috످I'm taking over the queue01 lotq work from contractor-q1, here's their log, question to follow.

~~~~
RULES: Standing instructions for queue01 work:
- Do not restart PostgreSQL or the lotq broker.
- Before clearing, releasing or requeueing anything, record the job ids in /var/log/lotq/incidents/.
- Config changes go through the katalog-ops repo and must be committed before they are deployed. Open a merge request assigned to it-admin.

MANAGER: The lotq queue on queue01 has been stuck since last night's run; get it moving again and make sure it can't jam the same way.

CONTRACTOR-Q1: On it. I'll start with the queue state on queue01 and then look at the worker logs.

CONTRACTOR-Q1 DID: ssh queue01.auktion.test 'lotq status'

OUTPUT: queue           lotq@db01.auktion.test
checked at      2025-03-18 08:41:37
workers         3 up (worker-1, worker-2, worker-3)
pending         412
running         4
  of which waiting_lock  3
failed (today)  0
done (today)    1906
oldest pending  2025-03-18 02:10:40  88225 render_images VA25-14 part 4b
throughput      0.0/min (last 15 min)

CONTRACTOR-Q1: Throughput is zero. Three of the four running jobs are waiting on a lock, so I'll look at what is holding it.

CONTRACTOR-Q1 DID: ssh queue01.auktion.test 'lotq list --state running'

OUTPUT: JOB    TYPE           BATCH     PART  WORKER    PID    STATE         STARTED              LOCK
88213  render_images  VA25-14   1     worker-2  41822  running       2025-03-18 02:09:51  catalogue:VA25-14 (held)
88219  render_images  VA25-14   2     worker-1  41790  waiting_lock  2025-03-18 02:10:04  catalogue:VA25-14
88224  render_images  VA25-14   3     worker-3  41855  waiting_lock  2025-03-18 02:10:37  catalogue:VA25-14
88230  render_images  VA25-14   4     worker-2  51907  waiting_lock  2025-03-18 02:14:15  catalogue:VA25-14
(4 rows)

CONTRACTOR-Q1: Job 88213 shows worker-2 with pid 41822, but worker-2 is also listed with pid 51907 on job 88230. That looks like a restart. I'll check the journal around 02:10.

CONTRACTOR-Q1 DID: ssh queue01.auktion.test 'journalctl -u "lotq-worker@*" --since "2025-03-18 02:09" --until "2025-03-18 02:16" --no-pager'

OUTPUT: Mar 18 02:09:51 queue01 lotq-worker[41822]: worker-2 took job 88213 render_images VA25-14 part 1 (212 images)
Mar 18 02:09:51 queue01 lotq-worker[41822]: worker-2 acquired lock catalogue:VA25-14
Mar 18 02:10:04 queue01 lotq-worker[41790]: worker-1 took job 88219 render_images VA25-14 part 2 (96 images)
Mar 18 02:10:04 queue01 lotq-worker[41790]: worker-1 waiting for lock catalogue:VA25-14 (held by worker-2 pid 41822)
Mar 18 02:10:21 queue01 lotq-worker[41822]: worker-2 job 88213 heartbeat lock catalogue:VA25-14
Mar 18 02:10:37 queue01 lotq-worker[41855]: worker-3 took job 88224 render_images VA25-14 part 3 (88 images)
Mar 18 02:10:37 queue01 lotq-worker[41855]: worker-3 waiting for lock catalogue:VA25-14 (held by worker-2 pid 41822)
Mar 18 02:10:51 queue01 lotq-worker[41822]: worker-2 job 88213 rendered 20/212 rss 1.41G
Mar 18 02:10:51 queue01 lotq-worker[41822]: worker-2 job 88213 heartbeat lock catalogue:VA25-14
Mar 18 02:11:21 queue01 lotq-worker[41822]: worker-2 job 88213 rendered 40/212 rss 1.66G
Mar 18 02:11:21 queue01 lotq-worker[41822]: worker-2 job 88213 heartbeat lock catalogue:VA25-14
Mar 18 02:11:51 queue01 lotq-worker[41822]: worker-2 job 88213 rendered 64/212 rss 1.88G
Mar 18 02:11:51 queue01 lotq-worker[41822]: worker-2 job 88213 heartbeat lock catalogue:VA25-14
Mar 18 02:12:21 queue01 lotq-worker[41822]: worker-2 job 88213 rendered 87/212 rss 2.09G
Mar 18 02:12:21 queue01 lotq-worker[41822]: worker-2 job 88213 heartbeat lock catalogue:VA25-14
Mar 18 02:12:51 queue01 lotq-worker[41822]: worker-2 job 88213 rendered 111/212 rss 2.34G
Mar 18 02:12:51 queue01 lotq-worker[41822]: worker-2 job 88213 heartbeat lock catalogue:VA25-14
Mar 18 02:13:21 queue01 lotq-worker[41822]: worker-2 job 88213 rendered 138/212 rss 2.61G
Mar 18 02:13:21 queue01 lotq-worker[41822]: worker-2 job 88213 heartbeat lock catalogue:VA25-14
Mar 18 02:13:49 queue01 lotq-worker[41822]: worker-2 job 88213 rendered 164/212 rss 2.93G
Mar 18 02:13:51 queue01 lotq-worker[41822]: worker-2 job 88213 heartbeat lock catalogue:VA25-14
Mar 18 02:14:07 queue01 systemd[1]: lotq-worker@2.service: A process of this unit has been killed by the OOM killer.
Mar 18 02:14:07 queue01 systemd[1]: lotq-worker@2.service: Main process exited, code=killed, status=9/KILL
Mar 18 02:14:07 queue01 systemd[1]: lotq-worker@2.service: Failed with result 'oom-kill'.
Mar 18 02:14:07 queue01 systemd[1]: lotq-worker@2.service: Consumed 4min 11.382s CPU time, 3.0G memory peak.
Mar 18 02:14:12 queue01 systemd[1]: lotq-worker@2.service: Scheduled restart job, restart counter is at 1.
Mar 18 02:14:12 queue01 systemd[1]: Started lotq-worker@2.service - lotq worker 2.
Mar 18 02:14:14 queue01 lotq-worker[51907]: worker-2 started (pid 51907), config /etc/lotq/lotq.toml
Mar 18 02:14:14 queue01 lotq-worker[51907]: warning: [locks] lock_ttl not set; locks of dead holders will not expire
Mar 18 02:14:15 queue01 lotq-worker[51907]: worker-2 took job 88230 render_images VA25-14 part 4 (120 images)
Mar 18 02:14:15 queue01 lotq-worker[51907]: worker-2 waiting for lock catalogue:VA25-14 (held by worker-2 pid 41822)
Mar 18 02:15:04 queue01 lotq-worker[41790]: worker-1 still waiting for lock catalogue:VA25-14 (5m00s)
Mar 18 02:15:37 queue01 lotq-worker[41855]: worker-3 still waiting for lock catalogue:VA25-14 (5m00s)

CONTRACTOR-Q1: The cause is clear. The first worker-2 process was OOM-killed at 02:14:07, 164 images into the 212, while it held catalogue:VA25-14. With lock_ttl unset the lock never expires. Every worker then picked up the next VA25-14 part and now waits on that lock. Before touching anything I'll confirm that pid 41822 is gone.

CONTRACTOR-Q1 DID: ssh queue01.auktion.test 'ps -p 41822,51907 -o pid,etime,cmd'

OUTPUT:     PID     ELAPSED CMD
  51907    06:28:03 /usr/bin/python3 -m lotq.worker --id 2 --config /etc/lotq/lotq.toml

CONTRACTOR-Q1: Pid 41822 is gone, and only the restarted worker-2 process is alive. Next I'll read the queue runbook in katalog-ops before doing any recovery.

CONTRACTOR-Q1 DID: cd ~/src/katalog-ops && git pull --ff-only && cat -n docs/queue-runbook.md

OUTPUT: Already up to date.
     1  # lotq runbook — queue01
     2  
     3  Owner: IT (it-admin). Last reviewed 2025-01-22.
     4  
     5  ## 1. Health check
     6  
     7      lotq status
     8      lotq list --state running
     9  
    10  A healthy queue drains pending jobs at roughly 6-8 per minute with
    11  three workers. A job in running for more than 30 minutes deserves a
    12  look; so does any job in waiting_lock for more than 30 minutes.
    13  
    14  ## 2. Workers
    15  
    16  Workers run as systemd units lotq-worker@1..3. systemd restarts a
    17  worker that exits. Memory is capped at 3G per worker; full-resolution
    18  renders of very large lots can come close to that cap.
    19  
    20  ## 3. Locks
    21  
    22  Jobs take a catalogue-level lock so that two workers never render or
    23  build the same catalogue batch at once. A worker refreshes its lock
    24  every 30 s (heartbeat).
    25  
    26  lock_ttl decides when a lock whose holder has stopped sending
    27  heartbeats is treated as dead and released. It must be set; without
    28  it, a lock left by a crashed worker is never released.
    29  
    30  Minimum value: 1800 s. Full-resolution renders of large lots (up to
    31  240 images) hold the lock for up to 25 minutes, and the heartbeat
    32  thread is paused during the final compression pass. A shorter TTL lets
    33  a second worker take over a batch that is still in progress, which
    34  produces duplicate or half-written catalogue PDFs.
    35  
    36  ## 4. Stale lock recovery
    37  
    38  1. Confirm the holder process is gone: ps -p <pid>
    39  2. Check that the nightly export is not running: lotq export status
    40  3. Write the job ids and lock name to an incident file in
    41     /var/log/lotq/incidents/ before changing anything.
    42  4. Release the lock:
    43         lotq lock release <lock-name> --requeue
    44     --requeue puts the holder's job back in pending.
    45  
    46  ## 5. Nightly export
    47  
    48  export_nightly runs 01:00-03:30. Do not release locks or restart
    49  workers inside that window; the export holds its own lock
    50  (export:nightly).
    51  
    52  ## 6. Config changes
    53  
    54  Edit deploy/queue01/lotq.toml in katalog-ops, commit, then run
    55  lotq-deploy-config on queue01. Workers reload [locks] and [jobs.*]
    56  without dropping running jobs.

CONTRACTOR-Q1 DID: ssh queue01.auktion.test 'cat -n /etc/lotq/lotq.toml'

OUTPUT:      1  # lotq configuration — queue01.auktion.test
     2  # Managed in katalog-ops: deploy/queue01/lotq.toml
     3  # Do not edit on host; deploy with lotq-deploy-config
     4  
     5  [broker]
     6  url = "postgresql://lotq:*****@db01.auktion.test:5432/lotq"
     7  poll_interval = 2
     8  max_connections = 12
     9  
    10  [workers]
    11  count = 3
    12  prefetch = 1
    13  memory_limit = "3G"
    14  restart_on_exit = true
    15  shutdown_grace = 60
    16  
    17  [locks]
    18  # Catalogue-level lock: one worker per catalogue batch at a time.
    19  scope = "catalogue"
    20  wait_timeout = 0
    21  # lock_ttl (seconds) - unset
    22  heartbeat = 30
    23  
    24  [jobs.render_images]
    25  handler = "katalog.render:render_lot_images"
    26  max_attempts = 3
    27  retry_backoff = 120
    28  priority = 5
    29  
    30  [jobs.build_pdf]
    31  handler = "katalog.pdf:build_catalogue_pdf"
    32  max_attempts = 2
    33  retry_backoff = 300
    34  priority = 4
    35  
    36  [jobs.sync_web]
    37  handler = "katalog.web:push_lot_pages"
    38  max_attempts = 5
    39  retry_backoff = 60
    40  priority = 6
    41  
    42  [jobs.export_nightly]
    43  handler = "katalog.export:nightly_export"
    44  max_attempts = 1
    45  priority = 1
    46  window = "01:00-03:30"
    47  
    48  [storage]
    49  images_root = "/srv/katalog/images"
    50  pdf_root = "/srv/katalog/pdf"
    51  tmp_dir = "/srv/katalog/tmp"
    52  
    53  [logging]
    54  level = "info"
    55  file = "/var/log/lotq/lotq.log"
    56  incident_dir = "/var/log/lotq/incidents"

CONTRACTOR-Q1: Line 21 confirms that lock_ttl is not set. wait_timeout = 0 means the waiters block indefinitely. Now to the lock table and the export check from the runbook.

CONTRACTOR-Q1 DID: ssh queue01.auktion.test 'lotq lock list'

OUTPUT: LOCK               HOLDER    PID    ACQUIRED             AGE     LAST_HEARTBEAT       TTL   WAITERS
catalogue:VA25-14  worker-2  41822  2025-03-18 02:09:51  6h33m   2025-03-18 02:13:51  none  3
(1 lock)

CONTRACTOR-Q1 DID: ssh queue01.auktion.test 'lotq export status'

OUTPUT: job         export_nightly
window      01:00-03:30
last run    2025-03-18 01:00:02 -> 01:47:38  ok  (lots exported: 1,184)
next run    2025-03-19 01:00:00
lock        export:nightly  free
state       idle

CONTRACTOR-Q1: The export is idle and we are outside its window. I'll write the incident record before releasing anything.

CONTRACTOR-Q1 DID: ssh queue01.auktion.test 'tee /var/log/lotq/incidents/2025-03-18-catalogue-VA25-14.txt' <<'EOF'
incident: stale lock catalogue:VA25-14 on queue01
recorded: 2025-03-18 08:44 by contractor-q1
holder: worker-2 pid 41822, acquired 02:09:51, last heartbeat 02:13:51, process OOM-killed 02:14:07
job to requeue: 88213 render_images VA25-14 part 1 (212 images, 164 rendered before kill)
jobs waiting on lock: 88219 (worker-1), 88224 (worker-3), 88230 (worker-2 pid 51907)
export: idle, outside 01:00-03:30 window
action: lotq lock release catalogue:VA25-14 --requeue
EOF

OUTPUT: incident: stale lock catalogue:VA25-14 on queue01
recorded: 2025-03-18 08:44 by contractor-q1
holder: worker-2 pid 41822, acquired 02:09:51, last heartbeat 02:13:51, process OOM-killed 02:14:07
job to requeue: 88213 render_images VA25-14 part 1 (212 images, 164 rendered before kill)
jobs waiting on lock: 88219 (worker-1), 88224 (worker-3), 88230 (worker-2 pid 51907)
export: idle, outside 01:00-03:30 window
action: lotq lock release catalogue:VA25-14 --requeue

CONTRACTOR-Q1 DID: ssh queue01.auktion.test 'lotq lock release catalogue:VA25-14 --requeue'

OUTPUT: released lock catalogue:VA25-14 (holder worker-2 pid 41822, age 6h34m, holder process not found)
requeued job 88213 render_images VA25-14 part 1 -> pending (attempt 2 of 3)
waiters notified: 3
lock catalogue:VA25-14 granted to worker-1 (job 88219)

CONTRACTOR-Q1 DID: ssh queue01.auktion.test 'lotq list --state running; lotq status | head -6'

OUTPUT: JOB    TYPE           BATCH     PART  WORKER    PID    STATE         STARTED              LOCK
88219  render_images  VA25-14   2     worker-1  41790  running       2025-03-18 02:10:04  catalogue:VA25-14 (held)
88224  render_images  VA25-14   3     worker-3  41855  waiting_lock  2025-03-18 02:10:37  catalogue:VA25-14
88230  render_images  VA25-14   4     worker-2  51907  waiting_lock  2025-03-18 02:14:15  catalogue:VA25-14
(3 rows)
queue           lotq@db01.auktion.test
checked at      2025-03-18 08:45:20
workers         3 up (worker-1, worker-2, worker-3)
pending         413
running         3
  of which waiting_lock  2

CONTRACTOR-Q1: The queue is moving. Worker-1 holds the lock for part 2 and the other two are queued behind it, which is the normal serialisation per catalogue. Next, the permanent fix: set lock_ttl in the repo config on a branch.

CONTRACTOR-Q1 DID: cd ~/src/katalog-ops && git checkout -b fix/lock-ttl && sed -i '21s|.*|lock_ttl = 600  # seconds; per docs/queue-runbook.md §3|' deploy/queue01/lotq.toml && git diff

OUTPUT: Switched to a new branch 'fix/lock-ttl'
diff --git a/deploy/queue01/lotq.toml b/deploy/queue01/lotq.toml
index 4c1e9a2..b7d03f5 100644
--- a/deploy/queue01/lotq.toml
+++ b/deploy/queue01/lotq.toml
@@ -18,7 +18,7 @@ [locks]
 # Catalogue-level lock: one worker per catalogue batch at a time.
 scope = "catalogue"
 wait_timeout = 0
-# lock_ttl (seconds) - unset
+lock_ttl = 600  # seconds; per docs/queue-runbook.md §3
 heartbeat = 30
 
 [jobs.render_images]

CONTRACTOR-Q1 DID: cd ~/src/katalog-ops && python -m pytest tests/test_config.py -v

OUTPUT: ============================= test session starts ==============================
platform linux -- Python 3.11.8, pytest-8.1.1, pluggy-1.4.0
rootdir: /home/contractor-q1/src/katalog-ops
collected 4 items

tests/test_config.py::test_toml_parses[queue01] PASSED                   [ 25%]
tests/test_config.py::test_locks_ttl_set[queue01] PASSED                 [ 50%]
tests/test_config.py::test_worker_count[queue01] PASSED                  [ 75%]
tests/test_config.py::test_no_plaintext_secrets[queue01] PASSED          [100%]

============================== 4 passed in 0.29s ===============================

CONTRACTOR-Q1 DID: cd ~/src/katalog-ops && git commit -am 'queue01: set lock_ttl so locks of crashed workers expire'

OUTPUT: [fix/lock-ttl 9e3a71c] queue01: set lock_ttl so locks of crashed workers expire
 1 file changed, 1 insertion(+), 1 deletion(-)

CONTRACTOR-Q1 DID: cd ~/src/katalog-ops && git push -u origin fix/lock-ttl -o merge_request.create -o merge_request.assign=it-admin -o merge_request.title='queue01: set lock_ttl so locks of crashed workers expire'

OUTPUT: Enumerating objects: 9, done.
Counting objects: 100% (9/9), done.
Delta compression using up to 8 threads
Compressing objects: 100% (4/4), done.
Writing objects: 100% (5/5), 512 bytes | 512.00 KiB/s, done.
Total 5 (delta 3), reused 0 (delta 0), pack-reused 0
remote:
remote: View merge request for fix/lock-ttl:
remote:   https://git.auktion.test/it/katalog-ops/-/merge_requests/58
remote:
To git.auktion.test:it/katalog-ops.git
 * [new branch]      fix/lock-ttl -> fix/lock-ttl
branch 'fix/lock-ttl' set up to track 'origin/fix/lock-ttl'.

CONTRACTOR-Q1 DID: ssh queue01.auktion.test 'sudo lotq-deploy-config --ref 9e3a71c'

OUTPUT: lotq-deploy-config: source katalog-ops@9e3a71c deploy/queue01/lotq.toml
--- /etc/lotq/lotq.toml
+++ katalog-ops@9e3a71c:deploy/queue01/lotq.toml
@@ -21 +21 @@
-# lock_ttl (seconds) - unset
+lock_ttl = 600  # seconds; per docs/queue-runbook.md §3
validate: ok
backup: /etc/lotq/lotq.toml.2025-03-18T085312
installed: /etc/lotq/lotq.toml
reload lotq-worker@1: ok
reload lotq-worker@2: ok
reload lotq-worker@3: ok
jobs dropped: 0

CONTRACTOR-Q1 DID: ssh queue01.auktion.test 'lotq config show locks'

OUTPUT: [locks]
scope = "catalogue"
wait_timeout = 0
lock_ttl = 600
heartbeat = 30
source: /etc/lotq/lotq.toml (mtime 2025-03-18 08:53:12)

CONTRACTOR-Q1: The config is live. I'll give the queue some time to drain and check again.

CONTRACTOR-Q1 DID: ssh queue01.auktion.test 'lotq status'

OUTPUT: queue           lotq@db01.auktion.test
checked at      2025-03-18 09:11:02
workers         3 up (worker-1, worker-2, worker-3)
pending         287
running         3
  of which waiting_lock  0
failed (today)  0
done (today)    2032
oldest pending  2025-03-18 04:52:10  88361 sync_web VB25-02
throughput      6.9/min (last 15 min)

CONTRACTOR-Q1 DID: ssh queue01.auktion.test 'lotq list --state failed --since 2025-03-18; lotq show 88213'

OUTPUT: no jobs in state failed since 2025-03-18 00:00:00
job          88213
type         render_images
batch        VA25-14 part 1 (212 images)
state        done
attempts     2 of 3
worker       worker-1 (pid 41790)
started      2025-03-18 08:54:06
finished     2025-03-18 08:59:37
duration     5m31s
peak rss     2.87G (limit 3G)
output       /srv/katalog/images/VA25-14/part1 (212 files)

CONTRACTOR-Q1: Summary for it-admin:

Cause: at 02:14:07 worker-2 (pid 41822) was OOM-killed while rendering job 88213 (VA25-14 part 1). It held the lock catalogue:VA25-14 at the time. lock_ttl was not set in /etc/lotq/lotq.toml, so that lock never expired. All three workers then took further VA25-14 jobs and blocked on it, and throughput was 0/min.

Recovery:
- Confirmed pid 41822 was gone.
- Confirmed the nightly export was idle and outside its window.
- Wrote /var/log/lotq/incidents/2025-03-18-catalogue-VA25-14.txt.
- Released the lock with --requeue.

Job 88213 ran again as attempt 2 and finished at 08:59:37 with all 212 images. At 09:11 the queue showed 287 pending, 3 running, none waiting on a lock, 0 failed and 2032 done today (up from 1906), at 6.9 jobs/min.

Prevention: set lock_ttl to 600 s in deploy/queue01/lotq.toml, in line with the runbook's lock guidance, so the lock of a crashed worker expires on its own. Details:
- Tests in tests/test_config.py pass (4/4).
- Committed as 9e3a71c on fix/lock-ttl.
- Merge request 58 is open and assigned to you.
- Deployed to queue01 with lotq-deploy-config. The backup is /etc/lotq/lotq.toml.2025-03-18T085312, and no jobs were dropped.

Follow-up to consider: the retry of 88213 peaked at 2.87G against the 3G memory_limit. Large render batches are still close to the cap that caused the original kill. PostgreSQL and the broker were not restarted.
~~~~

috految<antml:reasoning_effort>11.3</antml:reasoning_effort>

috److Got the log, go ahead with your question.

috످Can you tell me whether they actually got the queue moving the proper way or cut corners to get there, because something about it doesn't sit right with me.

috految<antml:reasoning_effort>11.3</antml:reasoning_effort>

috److془Answer. Recovery proper; TTL 600 vs 1800. Deploy before merge allowed. Memory.

Worth: 88213 finished in 5m31, under TTL.془**They got the queue moving properly, but their fix to stop it jamming again is unsafe and already live.** They set the lock timeout (`lock_ttl`) to 600 seconds (10 minutes), when the runbook requires at least 1800 (30 minutes).

Their summary for it-admin says 600 is "in line with the runbook's lock guidance", but the runbook they'd just read says "Minimum value: 1800 s" (§3, line 30). Their config comment makes the same false claim, and the tests didn't catch it. The log doesn't show why they chose 600.

Large renders can hold a lock for up to 25 minutes, and they stop refreshing it during final compression. If that pause passes 10 minutes, a second worker can take over mid-job and produce **duplicate or half-written catalogue PDFs**. The log shows no sign of that so far, but it ends at 09:11 and they didn't check the PDFs.

The recovery itself followed the runbook. They confirmed the crashed process was gone, checked the export was idle, and recorded the job IDs before releasing the lock. They also deployed the config before review, but the rules only require a commit and a merge request, and they did both.

**What I'd do now:**
1. Tell it-admin that the summary is wrong and to hold [merge request 58](https://git.auktion.test/it/katalog-ops/-/merge_requests/58).
2. On `fix/lock-ttl`, set `lock_ttl = 1800` in `deploy/queue01/lotq.toml`, then commit and push. Don't just roll back, as that would remove the timeout entirely.
3. On queue01, run `sudo lotq-deploy-config --ref <new-commit>` and confirm with `lotq config show locks`.
4. Check any PDFs built since the 08:53 deploy.
5. Follow up on the memory risk they flagged. The original crash came from hitting the 3G limit, and the retry reached 2.87G, so it could happen again.

috످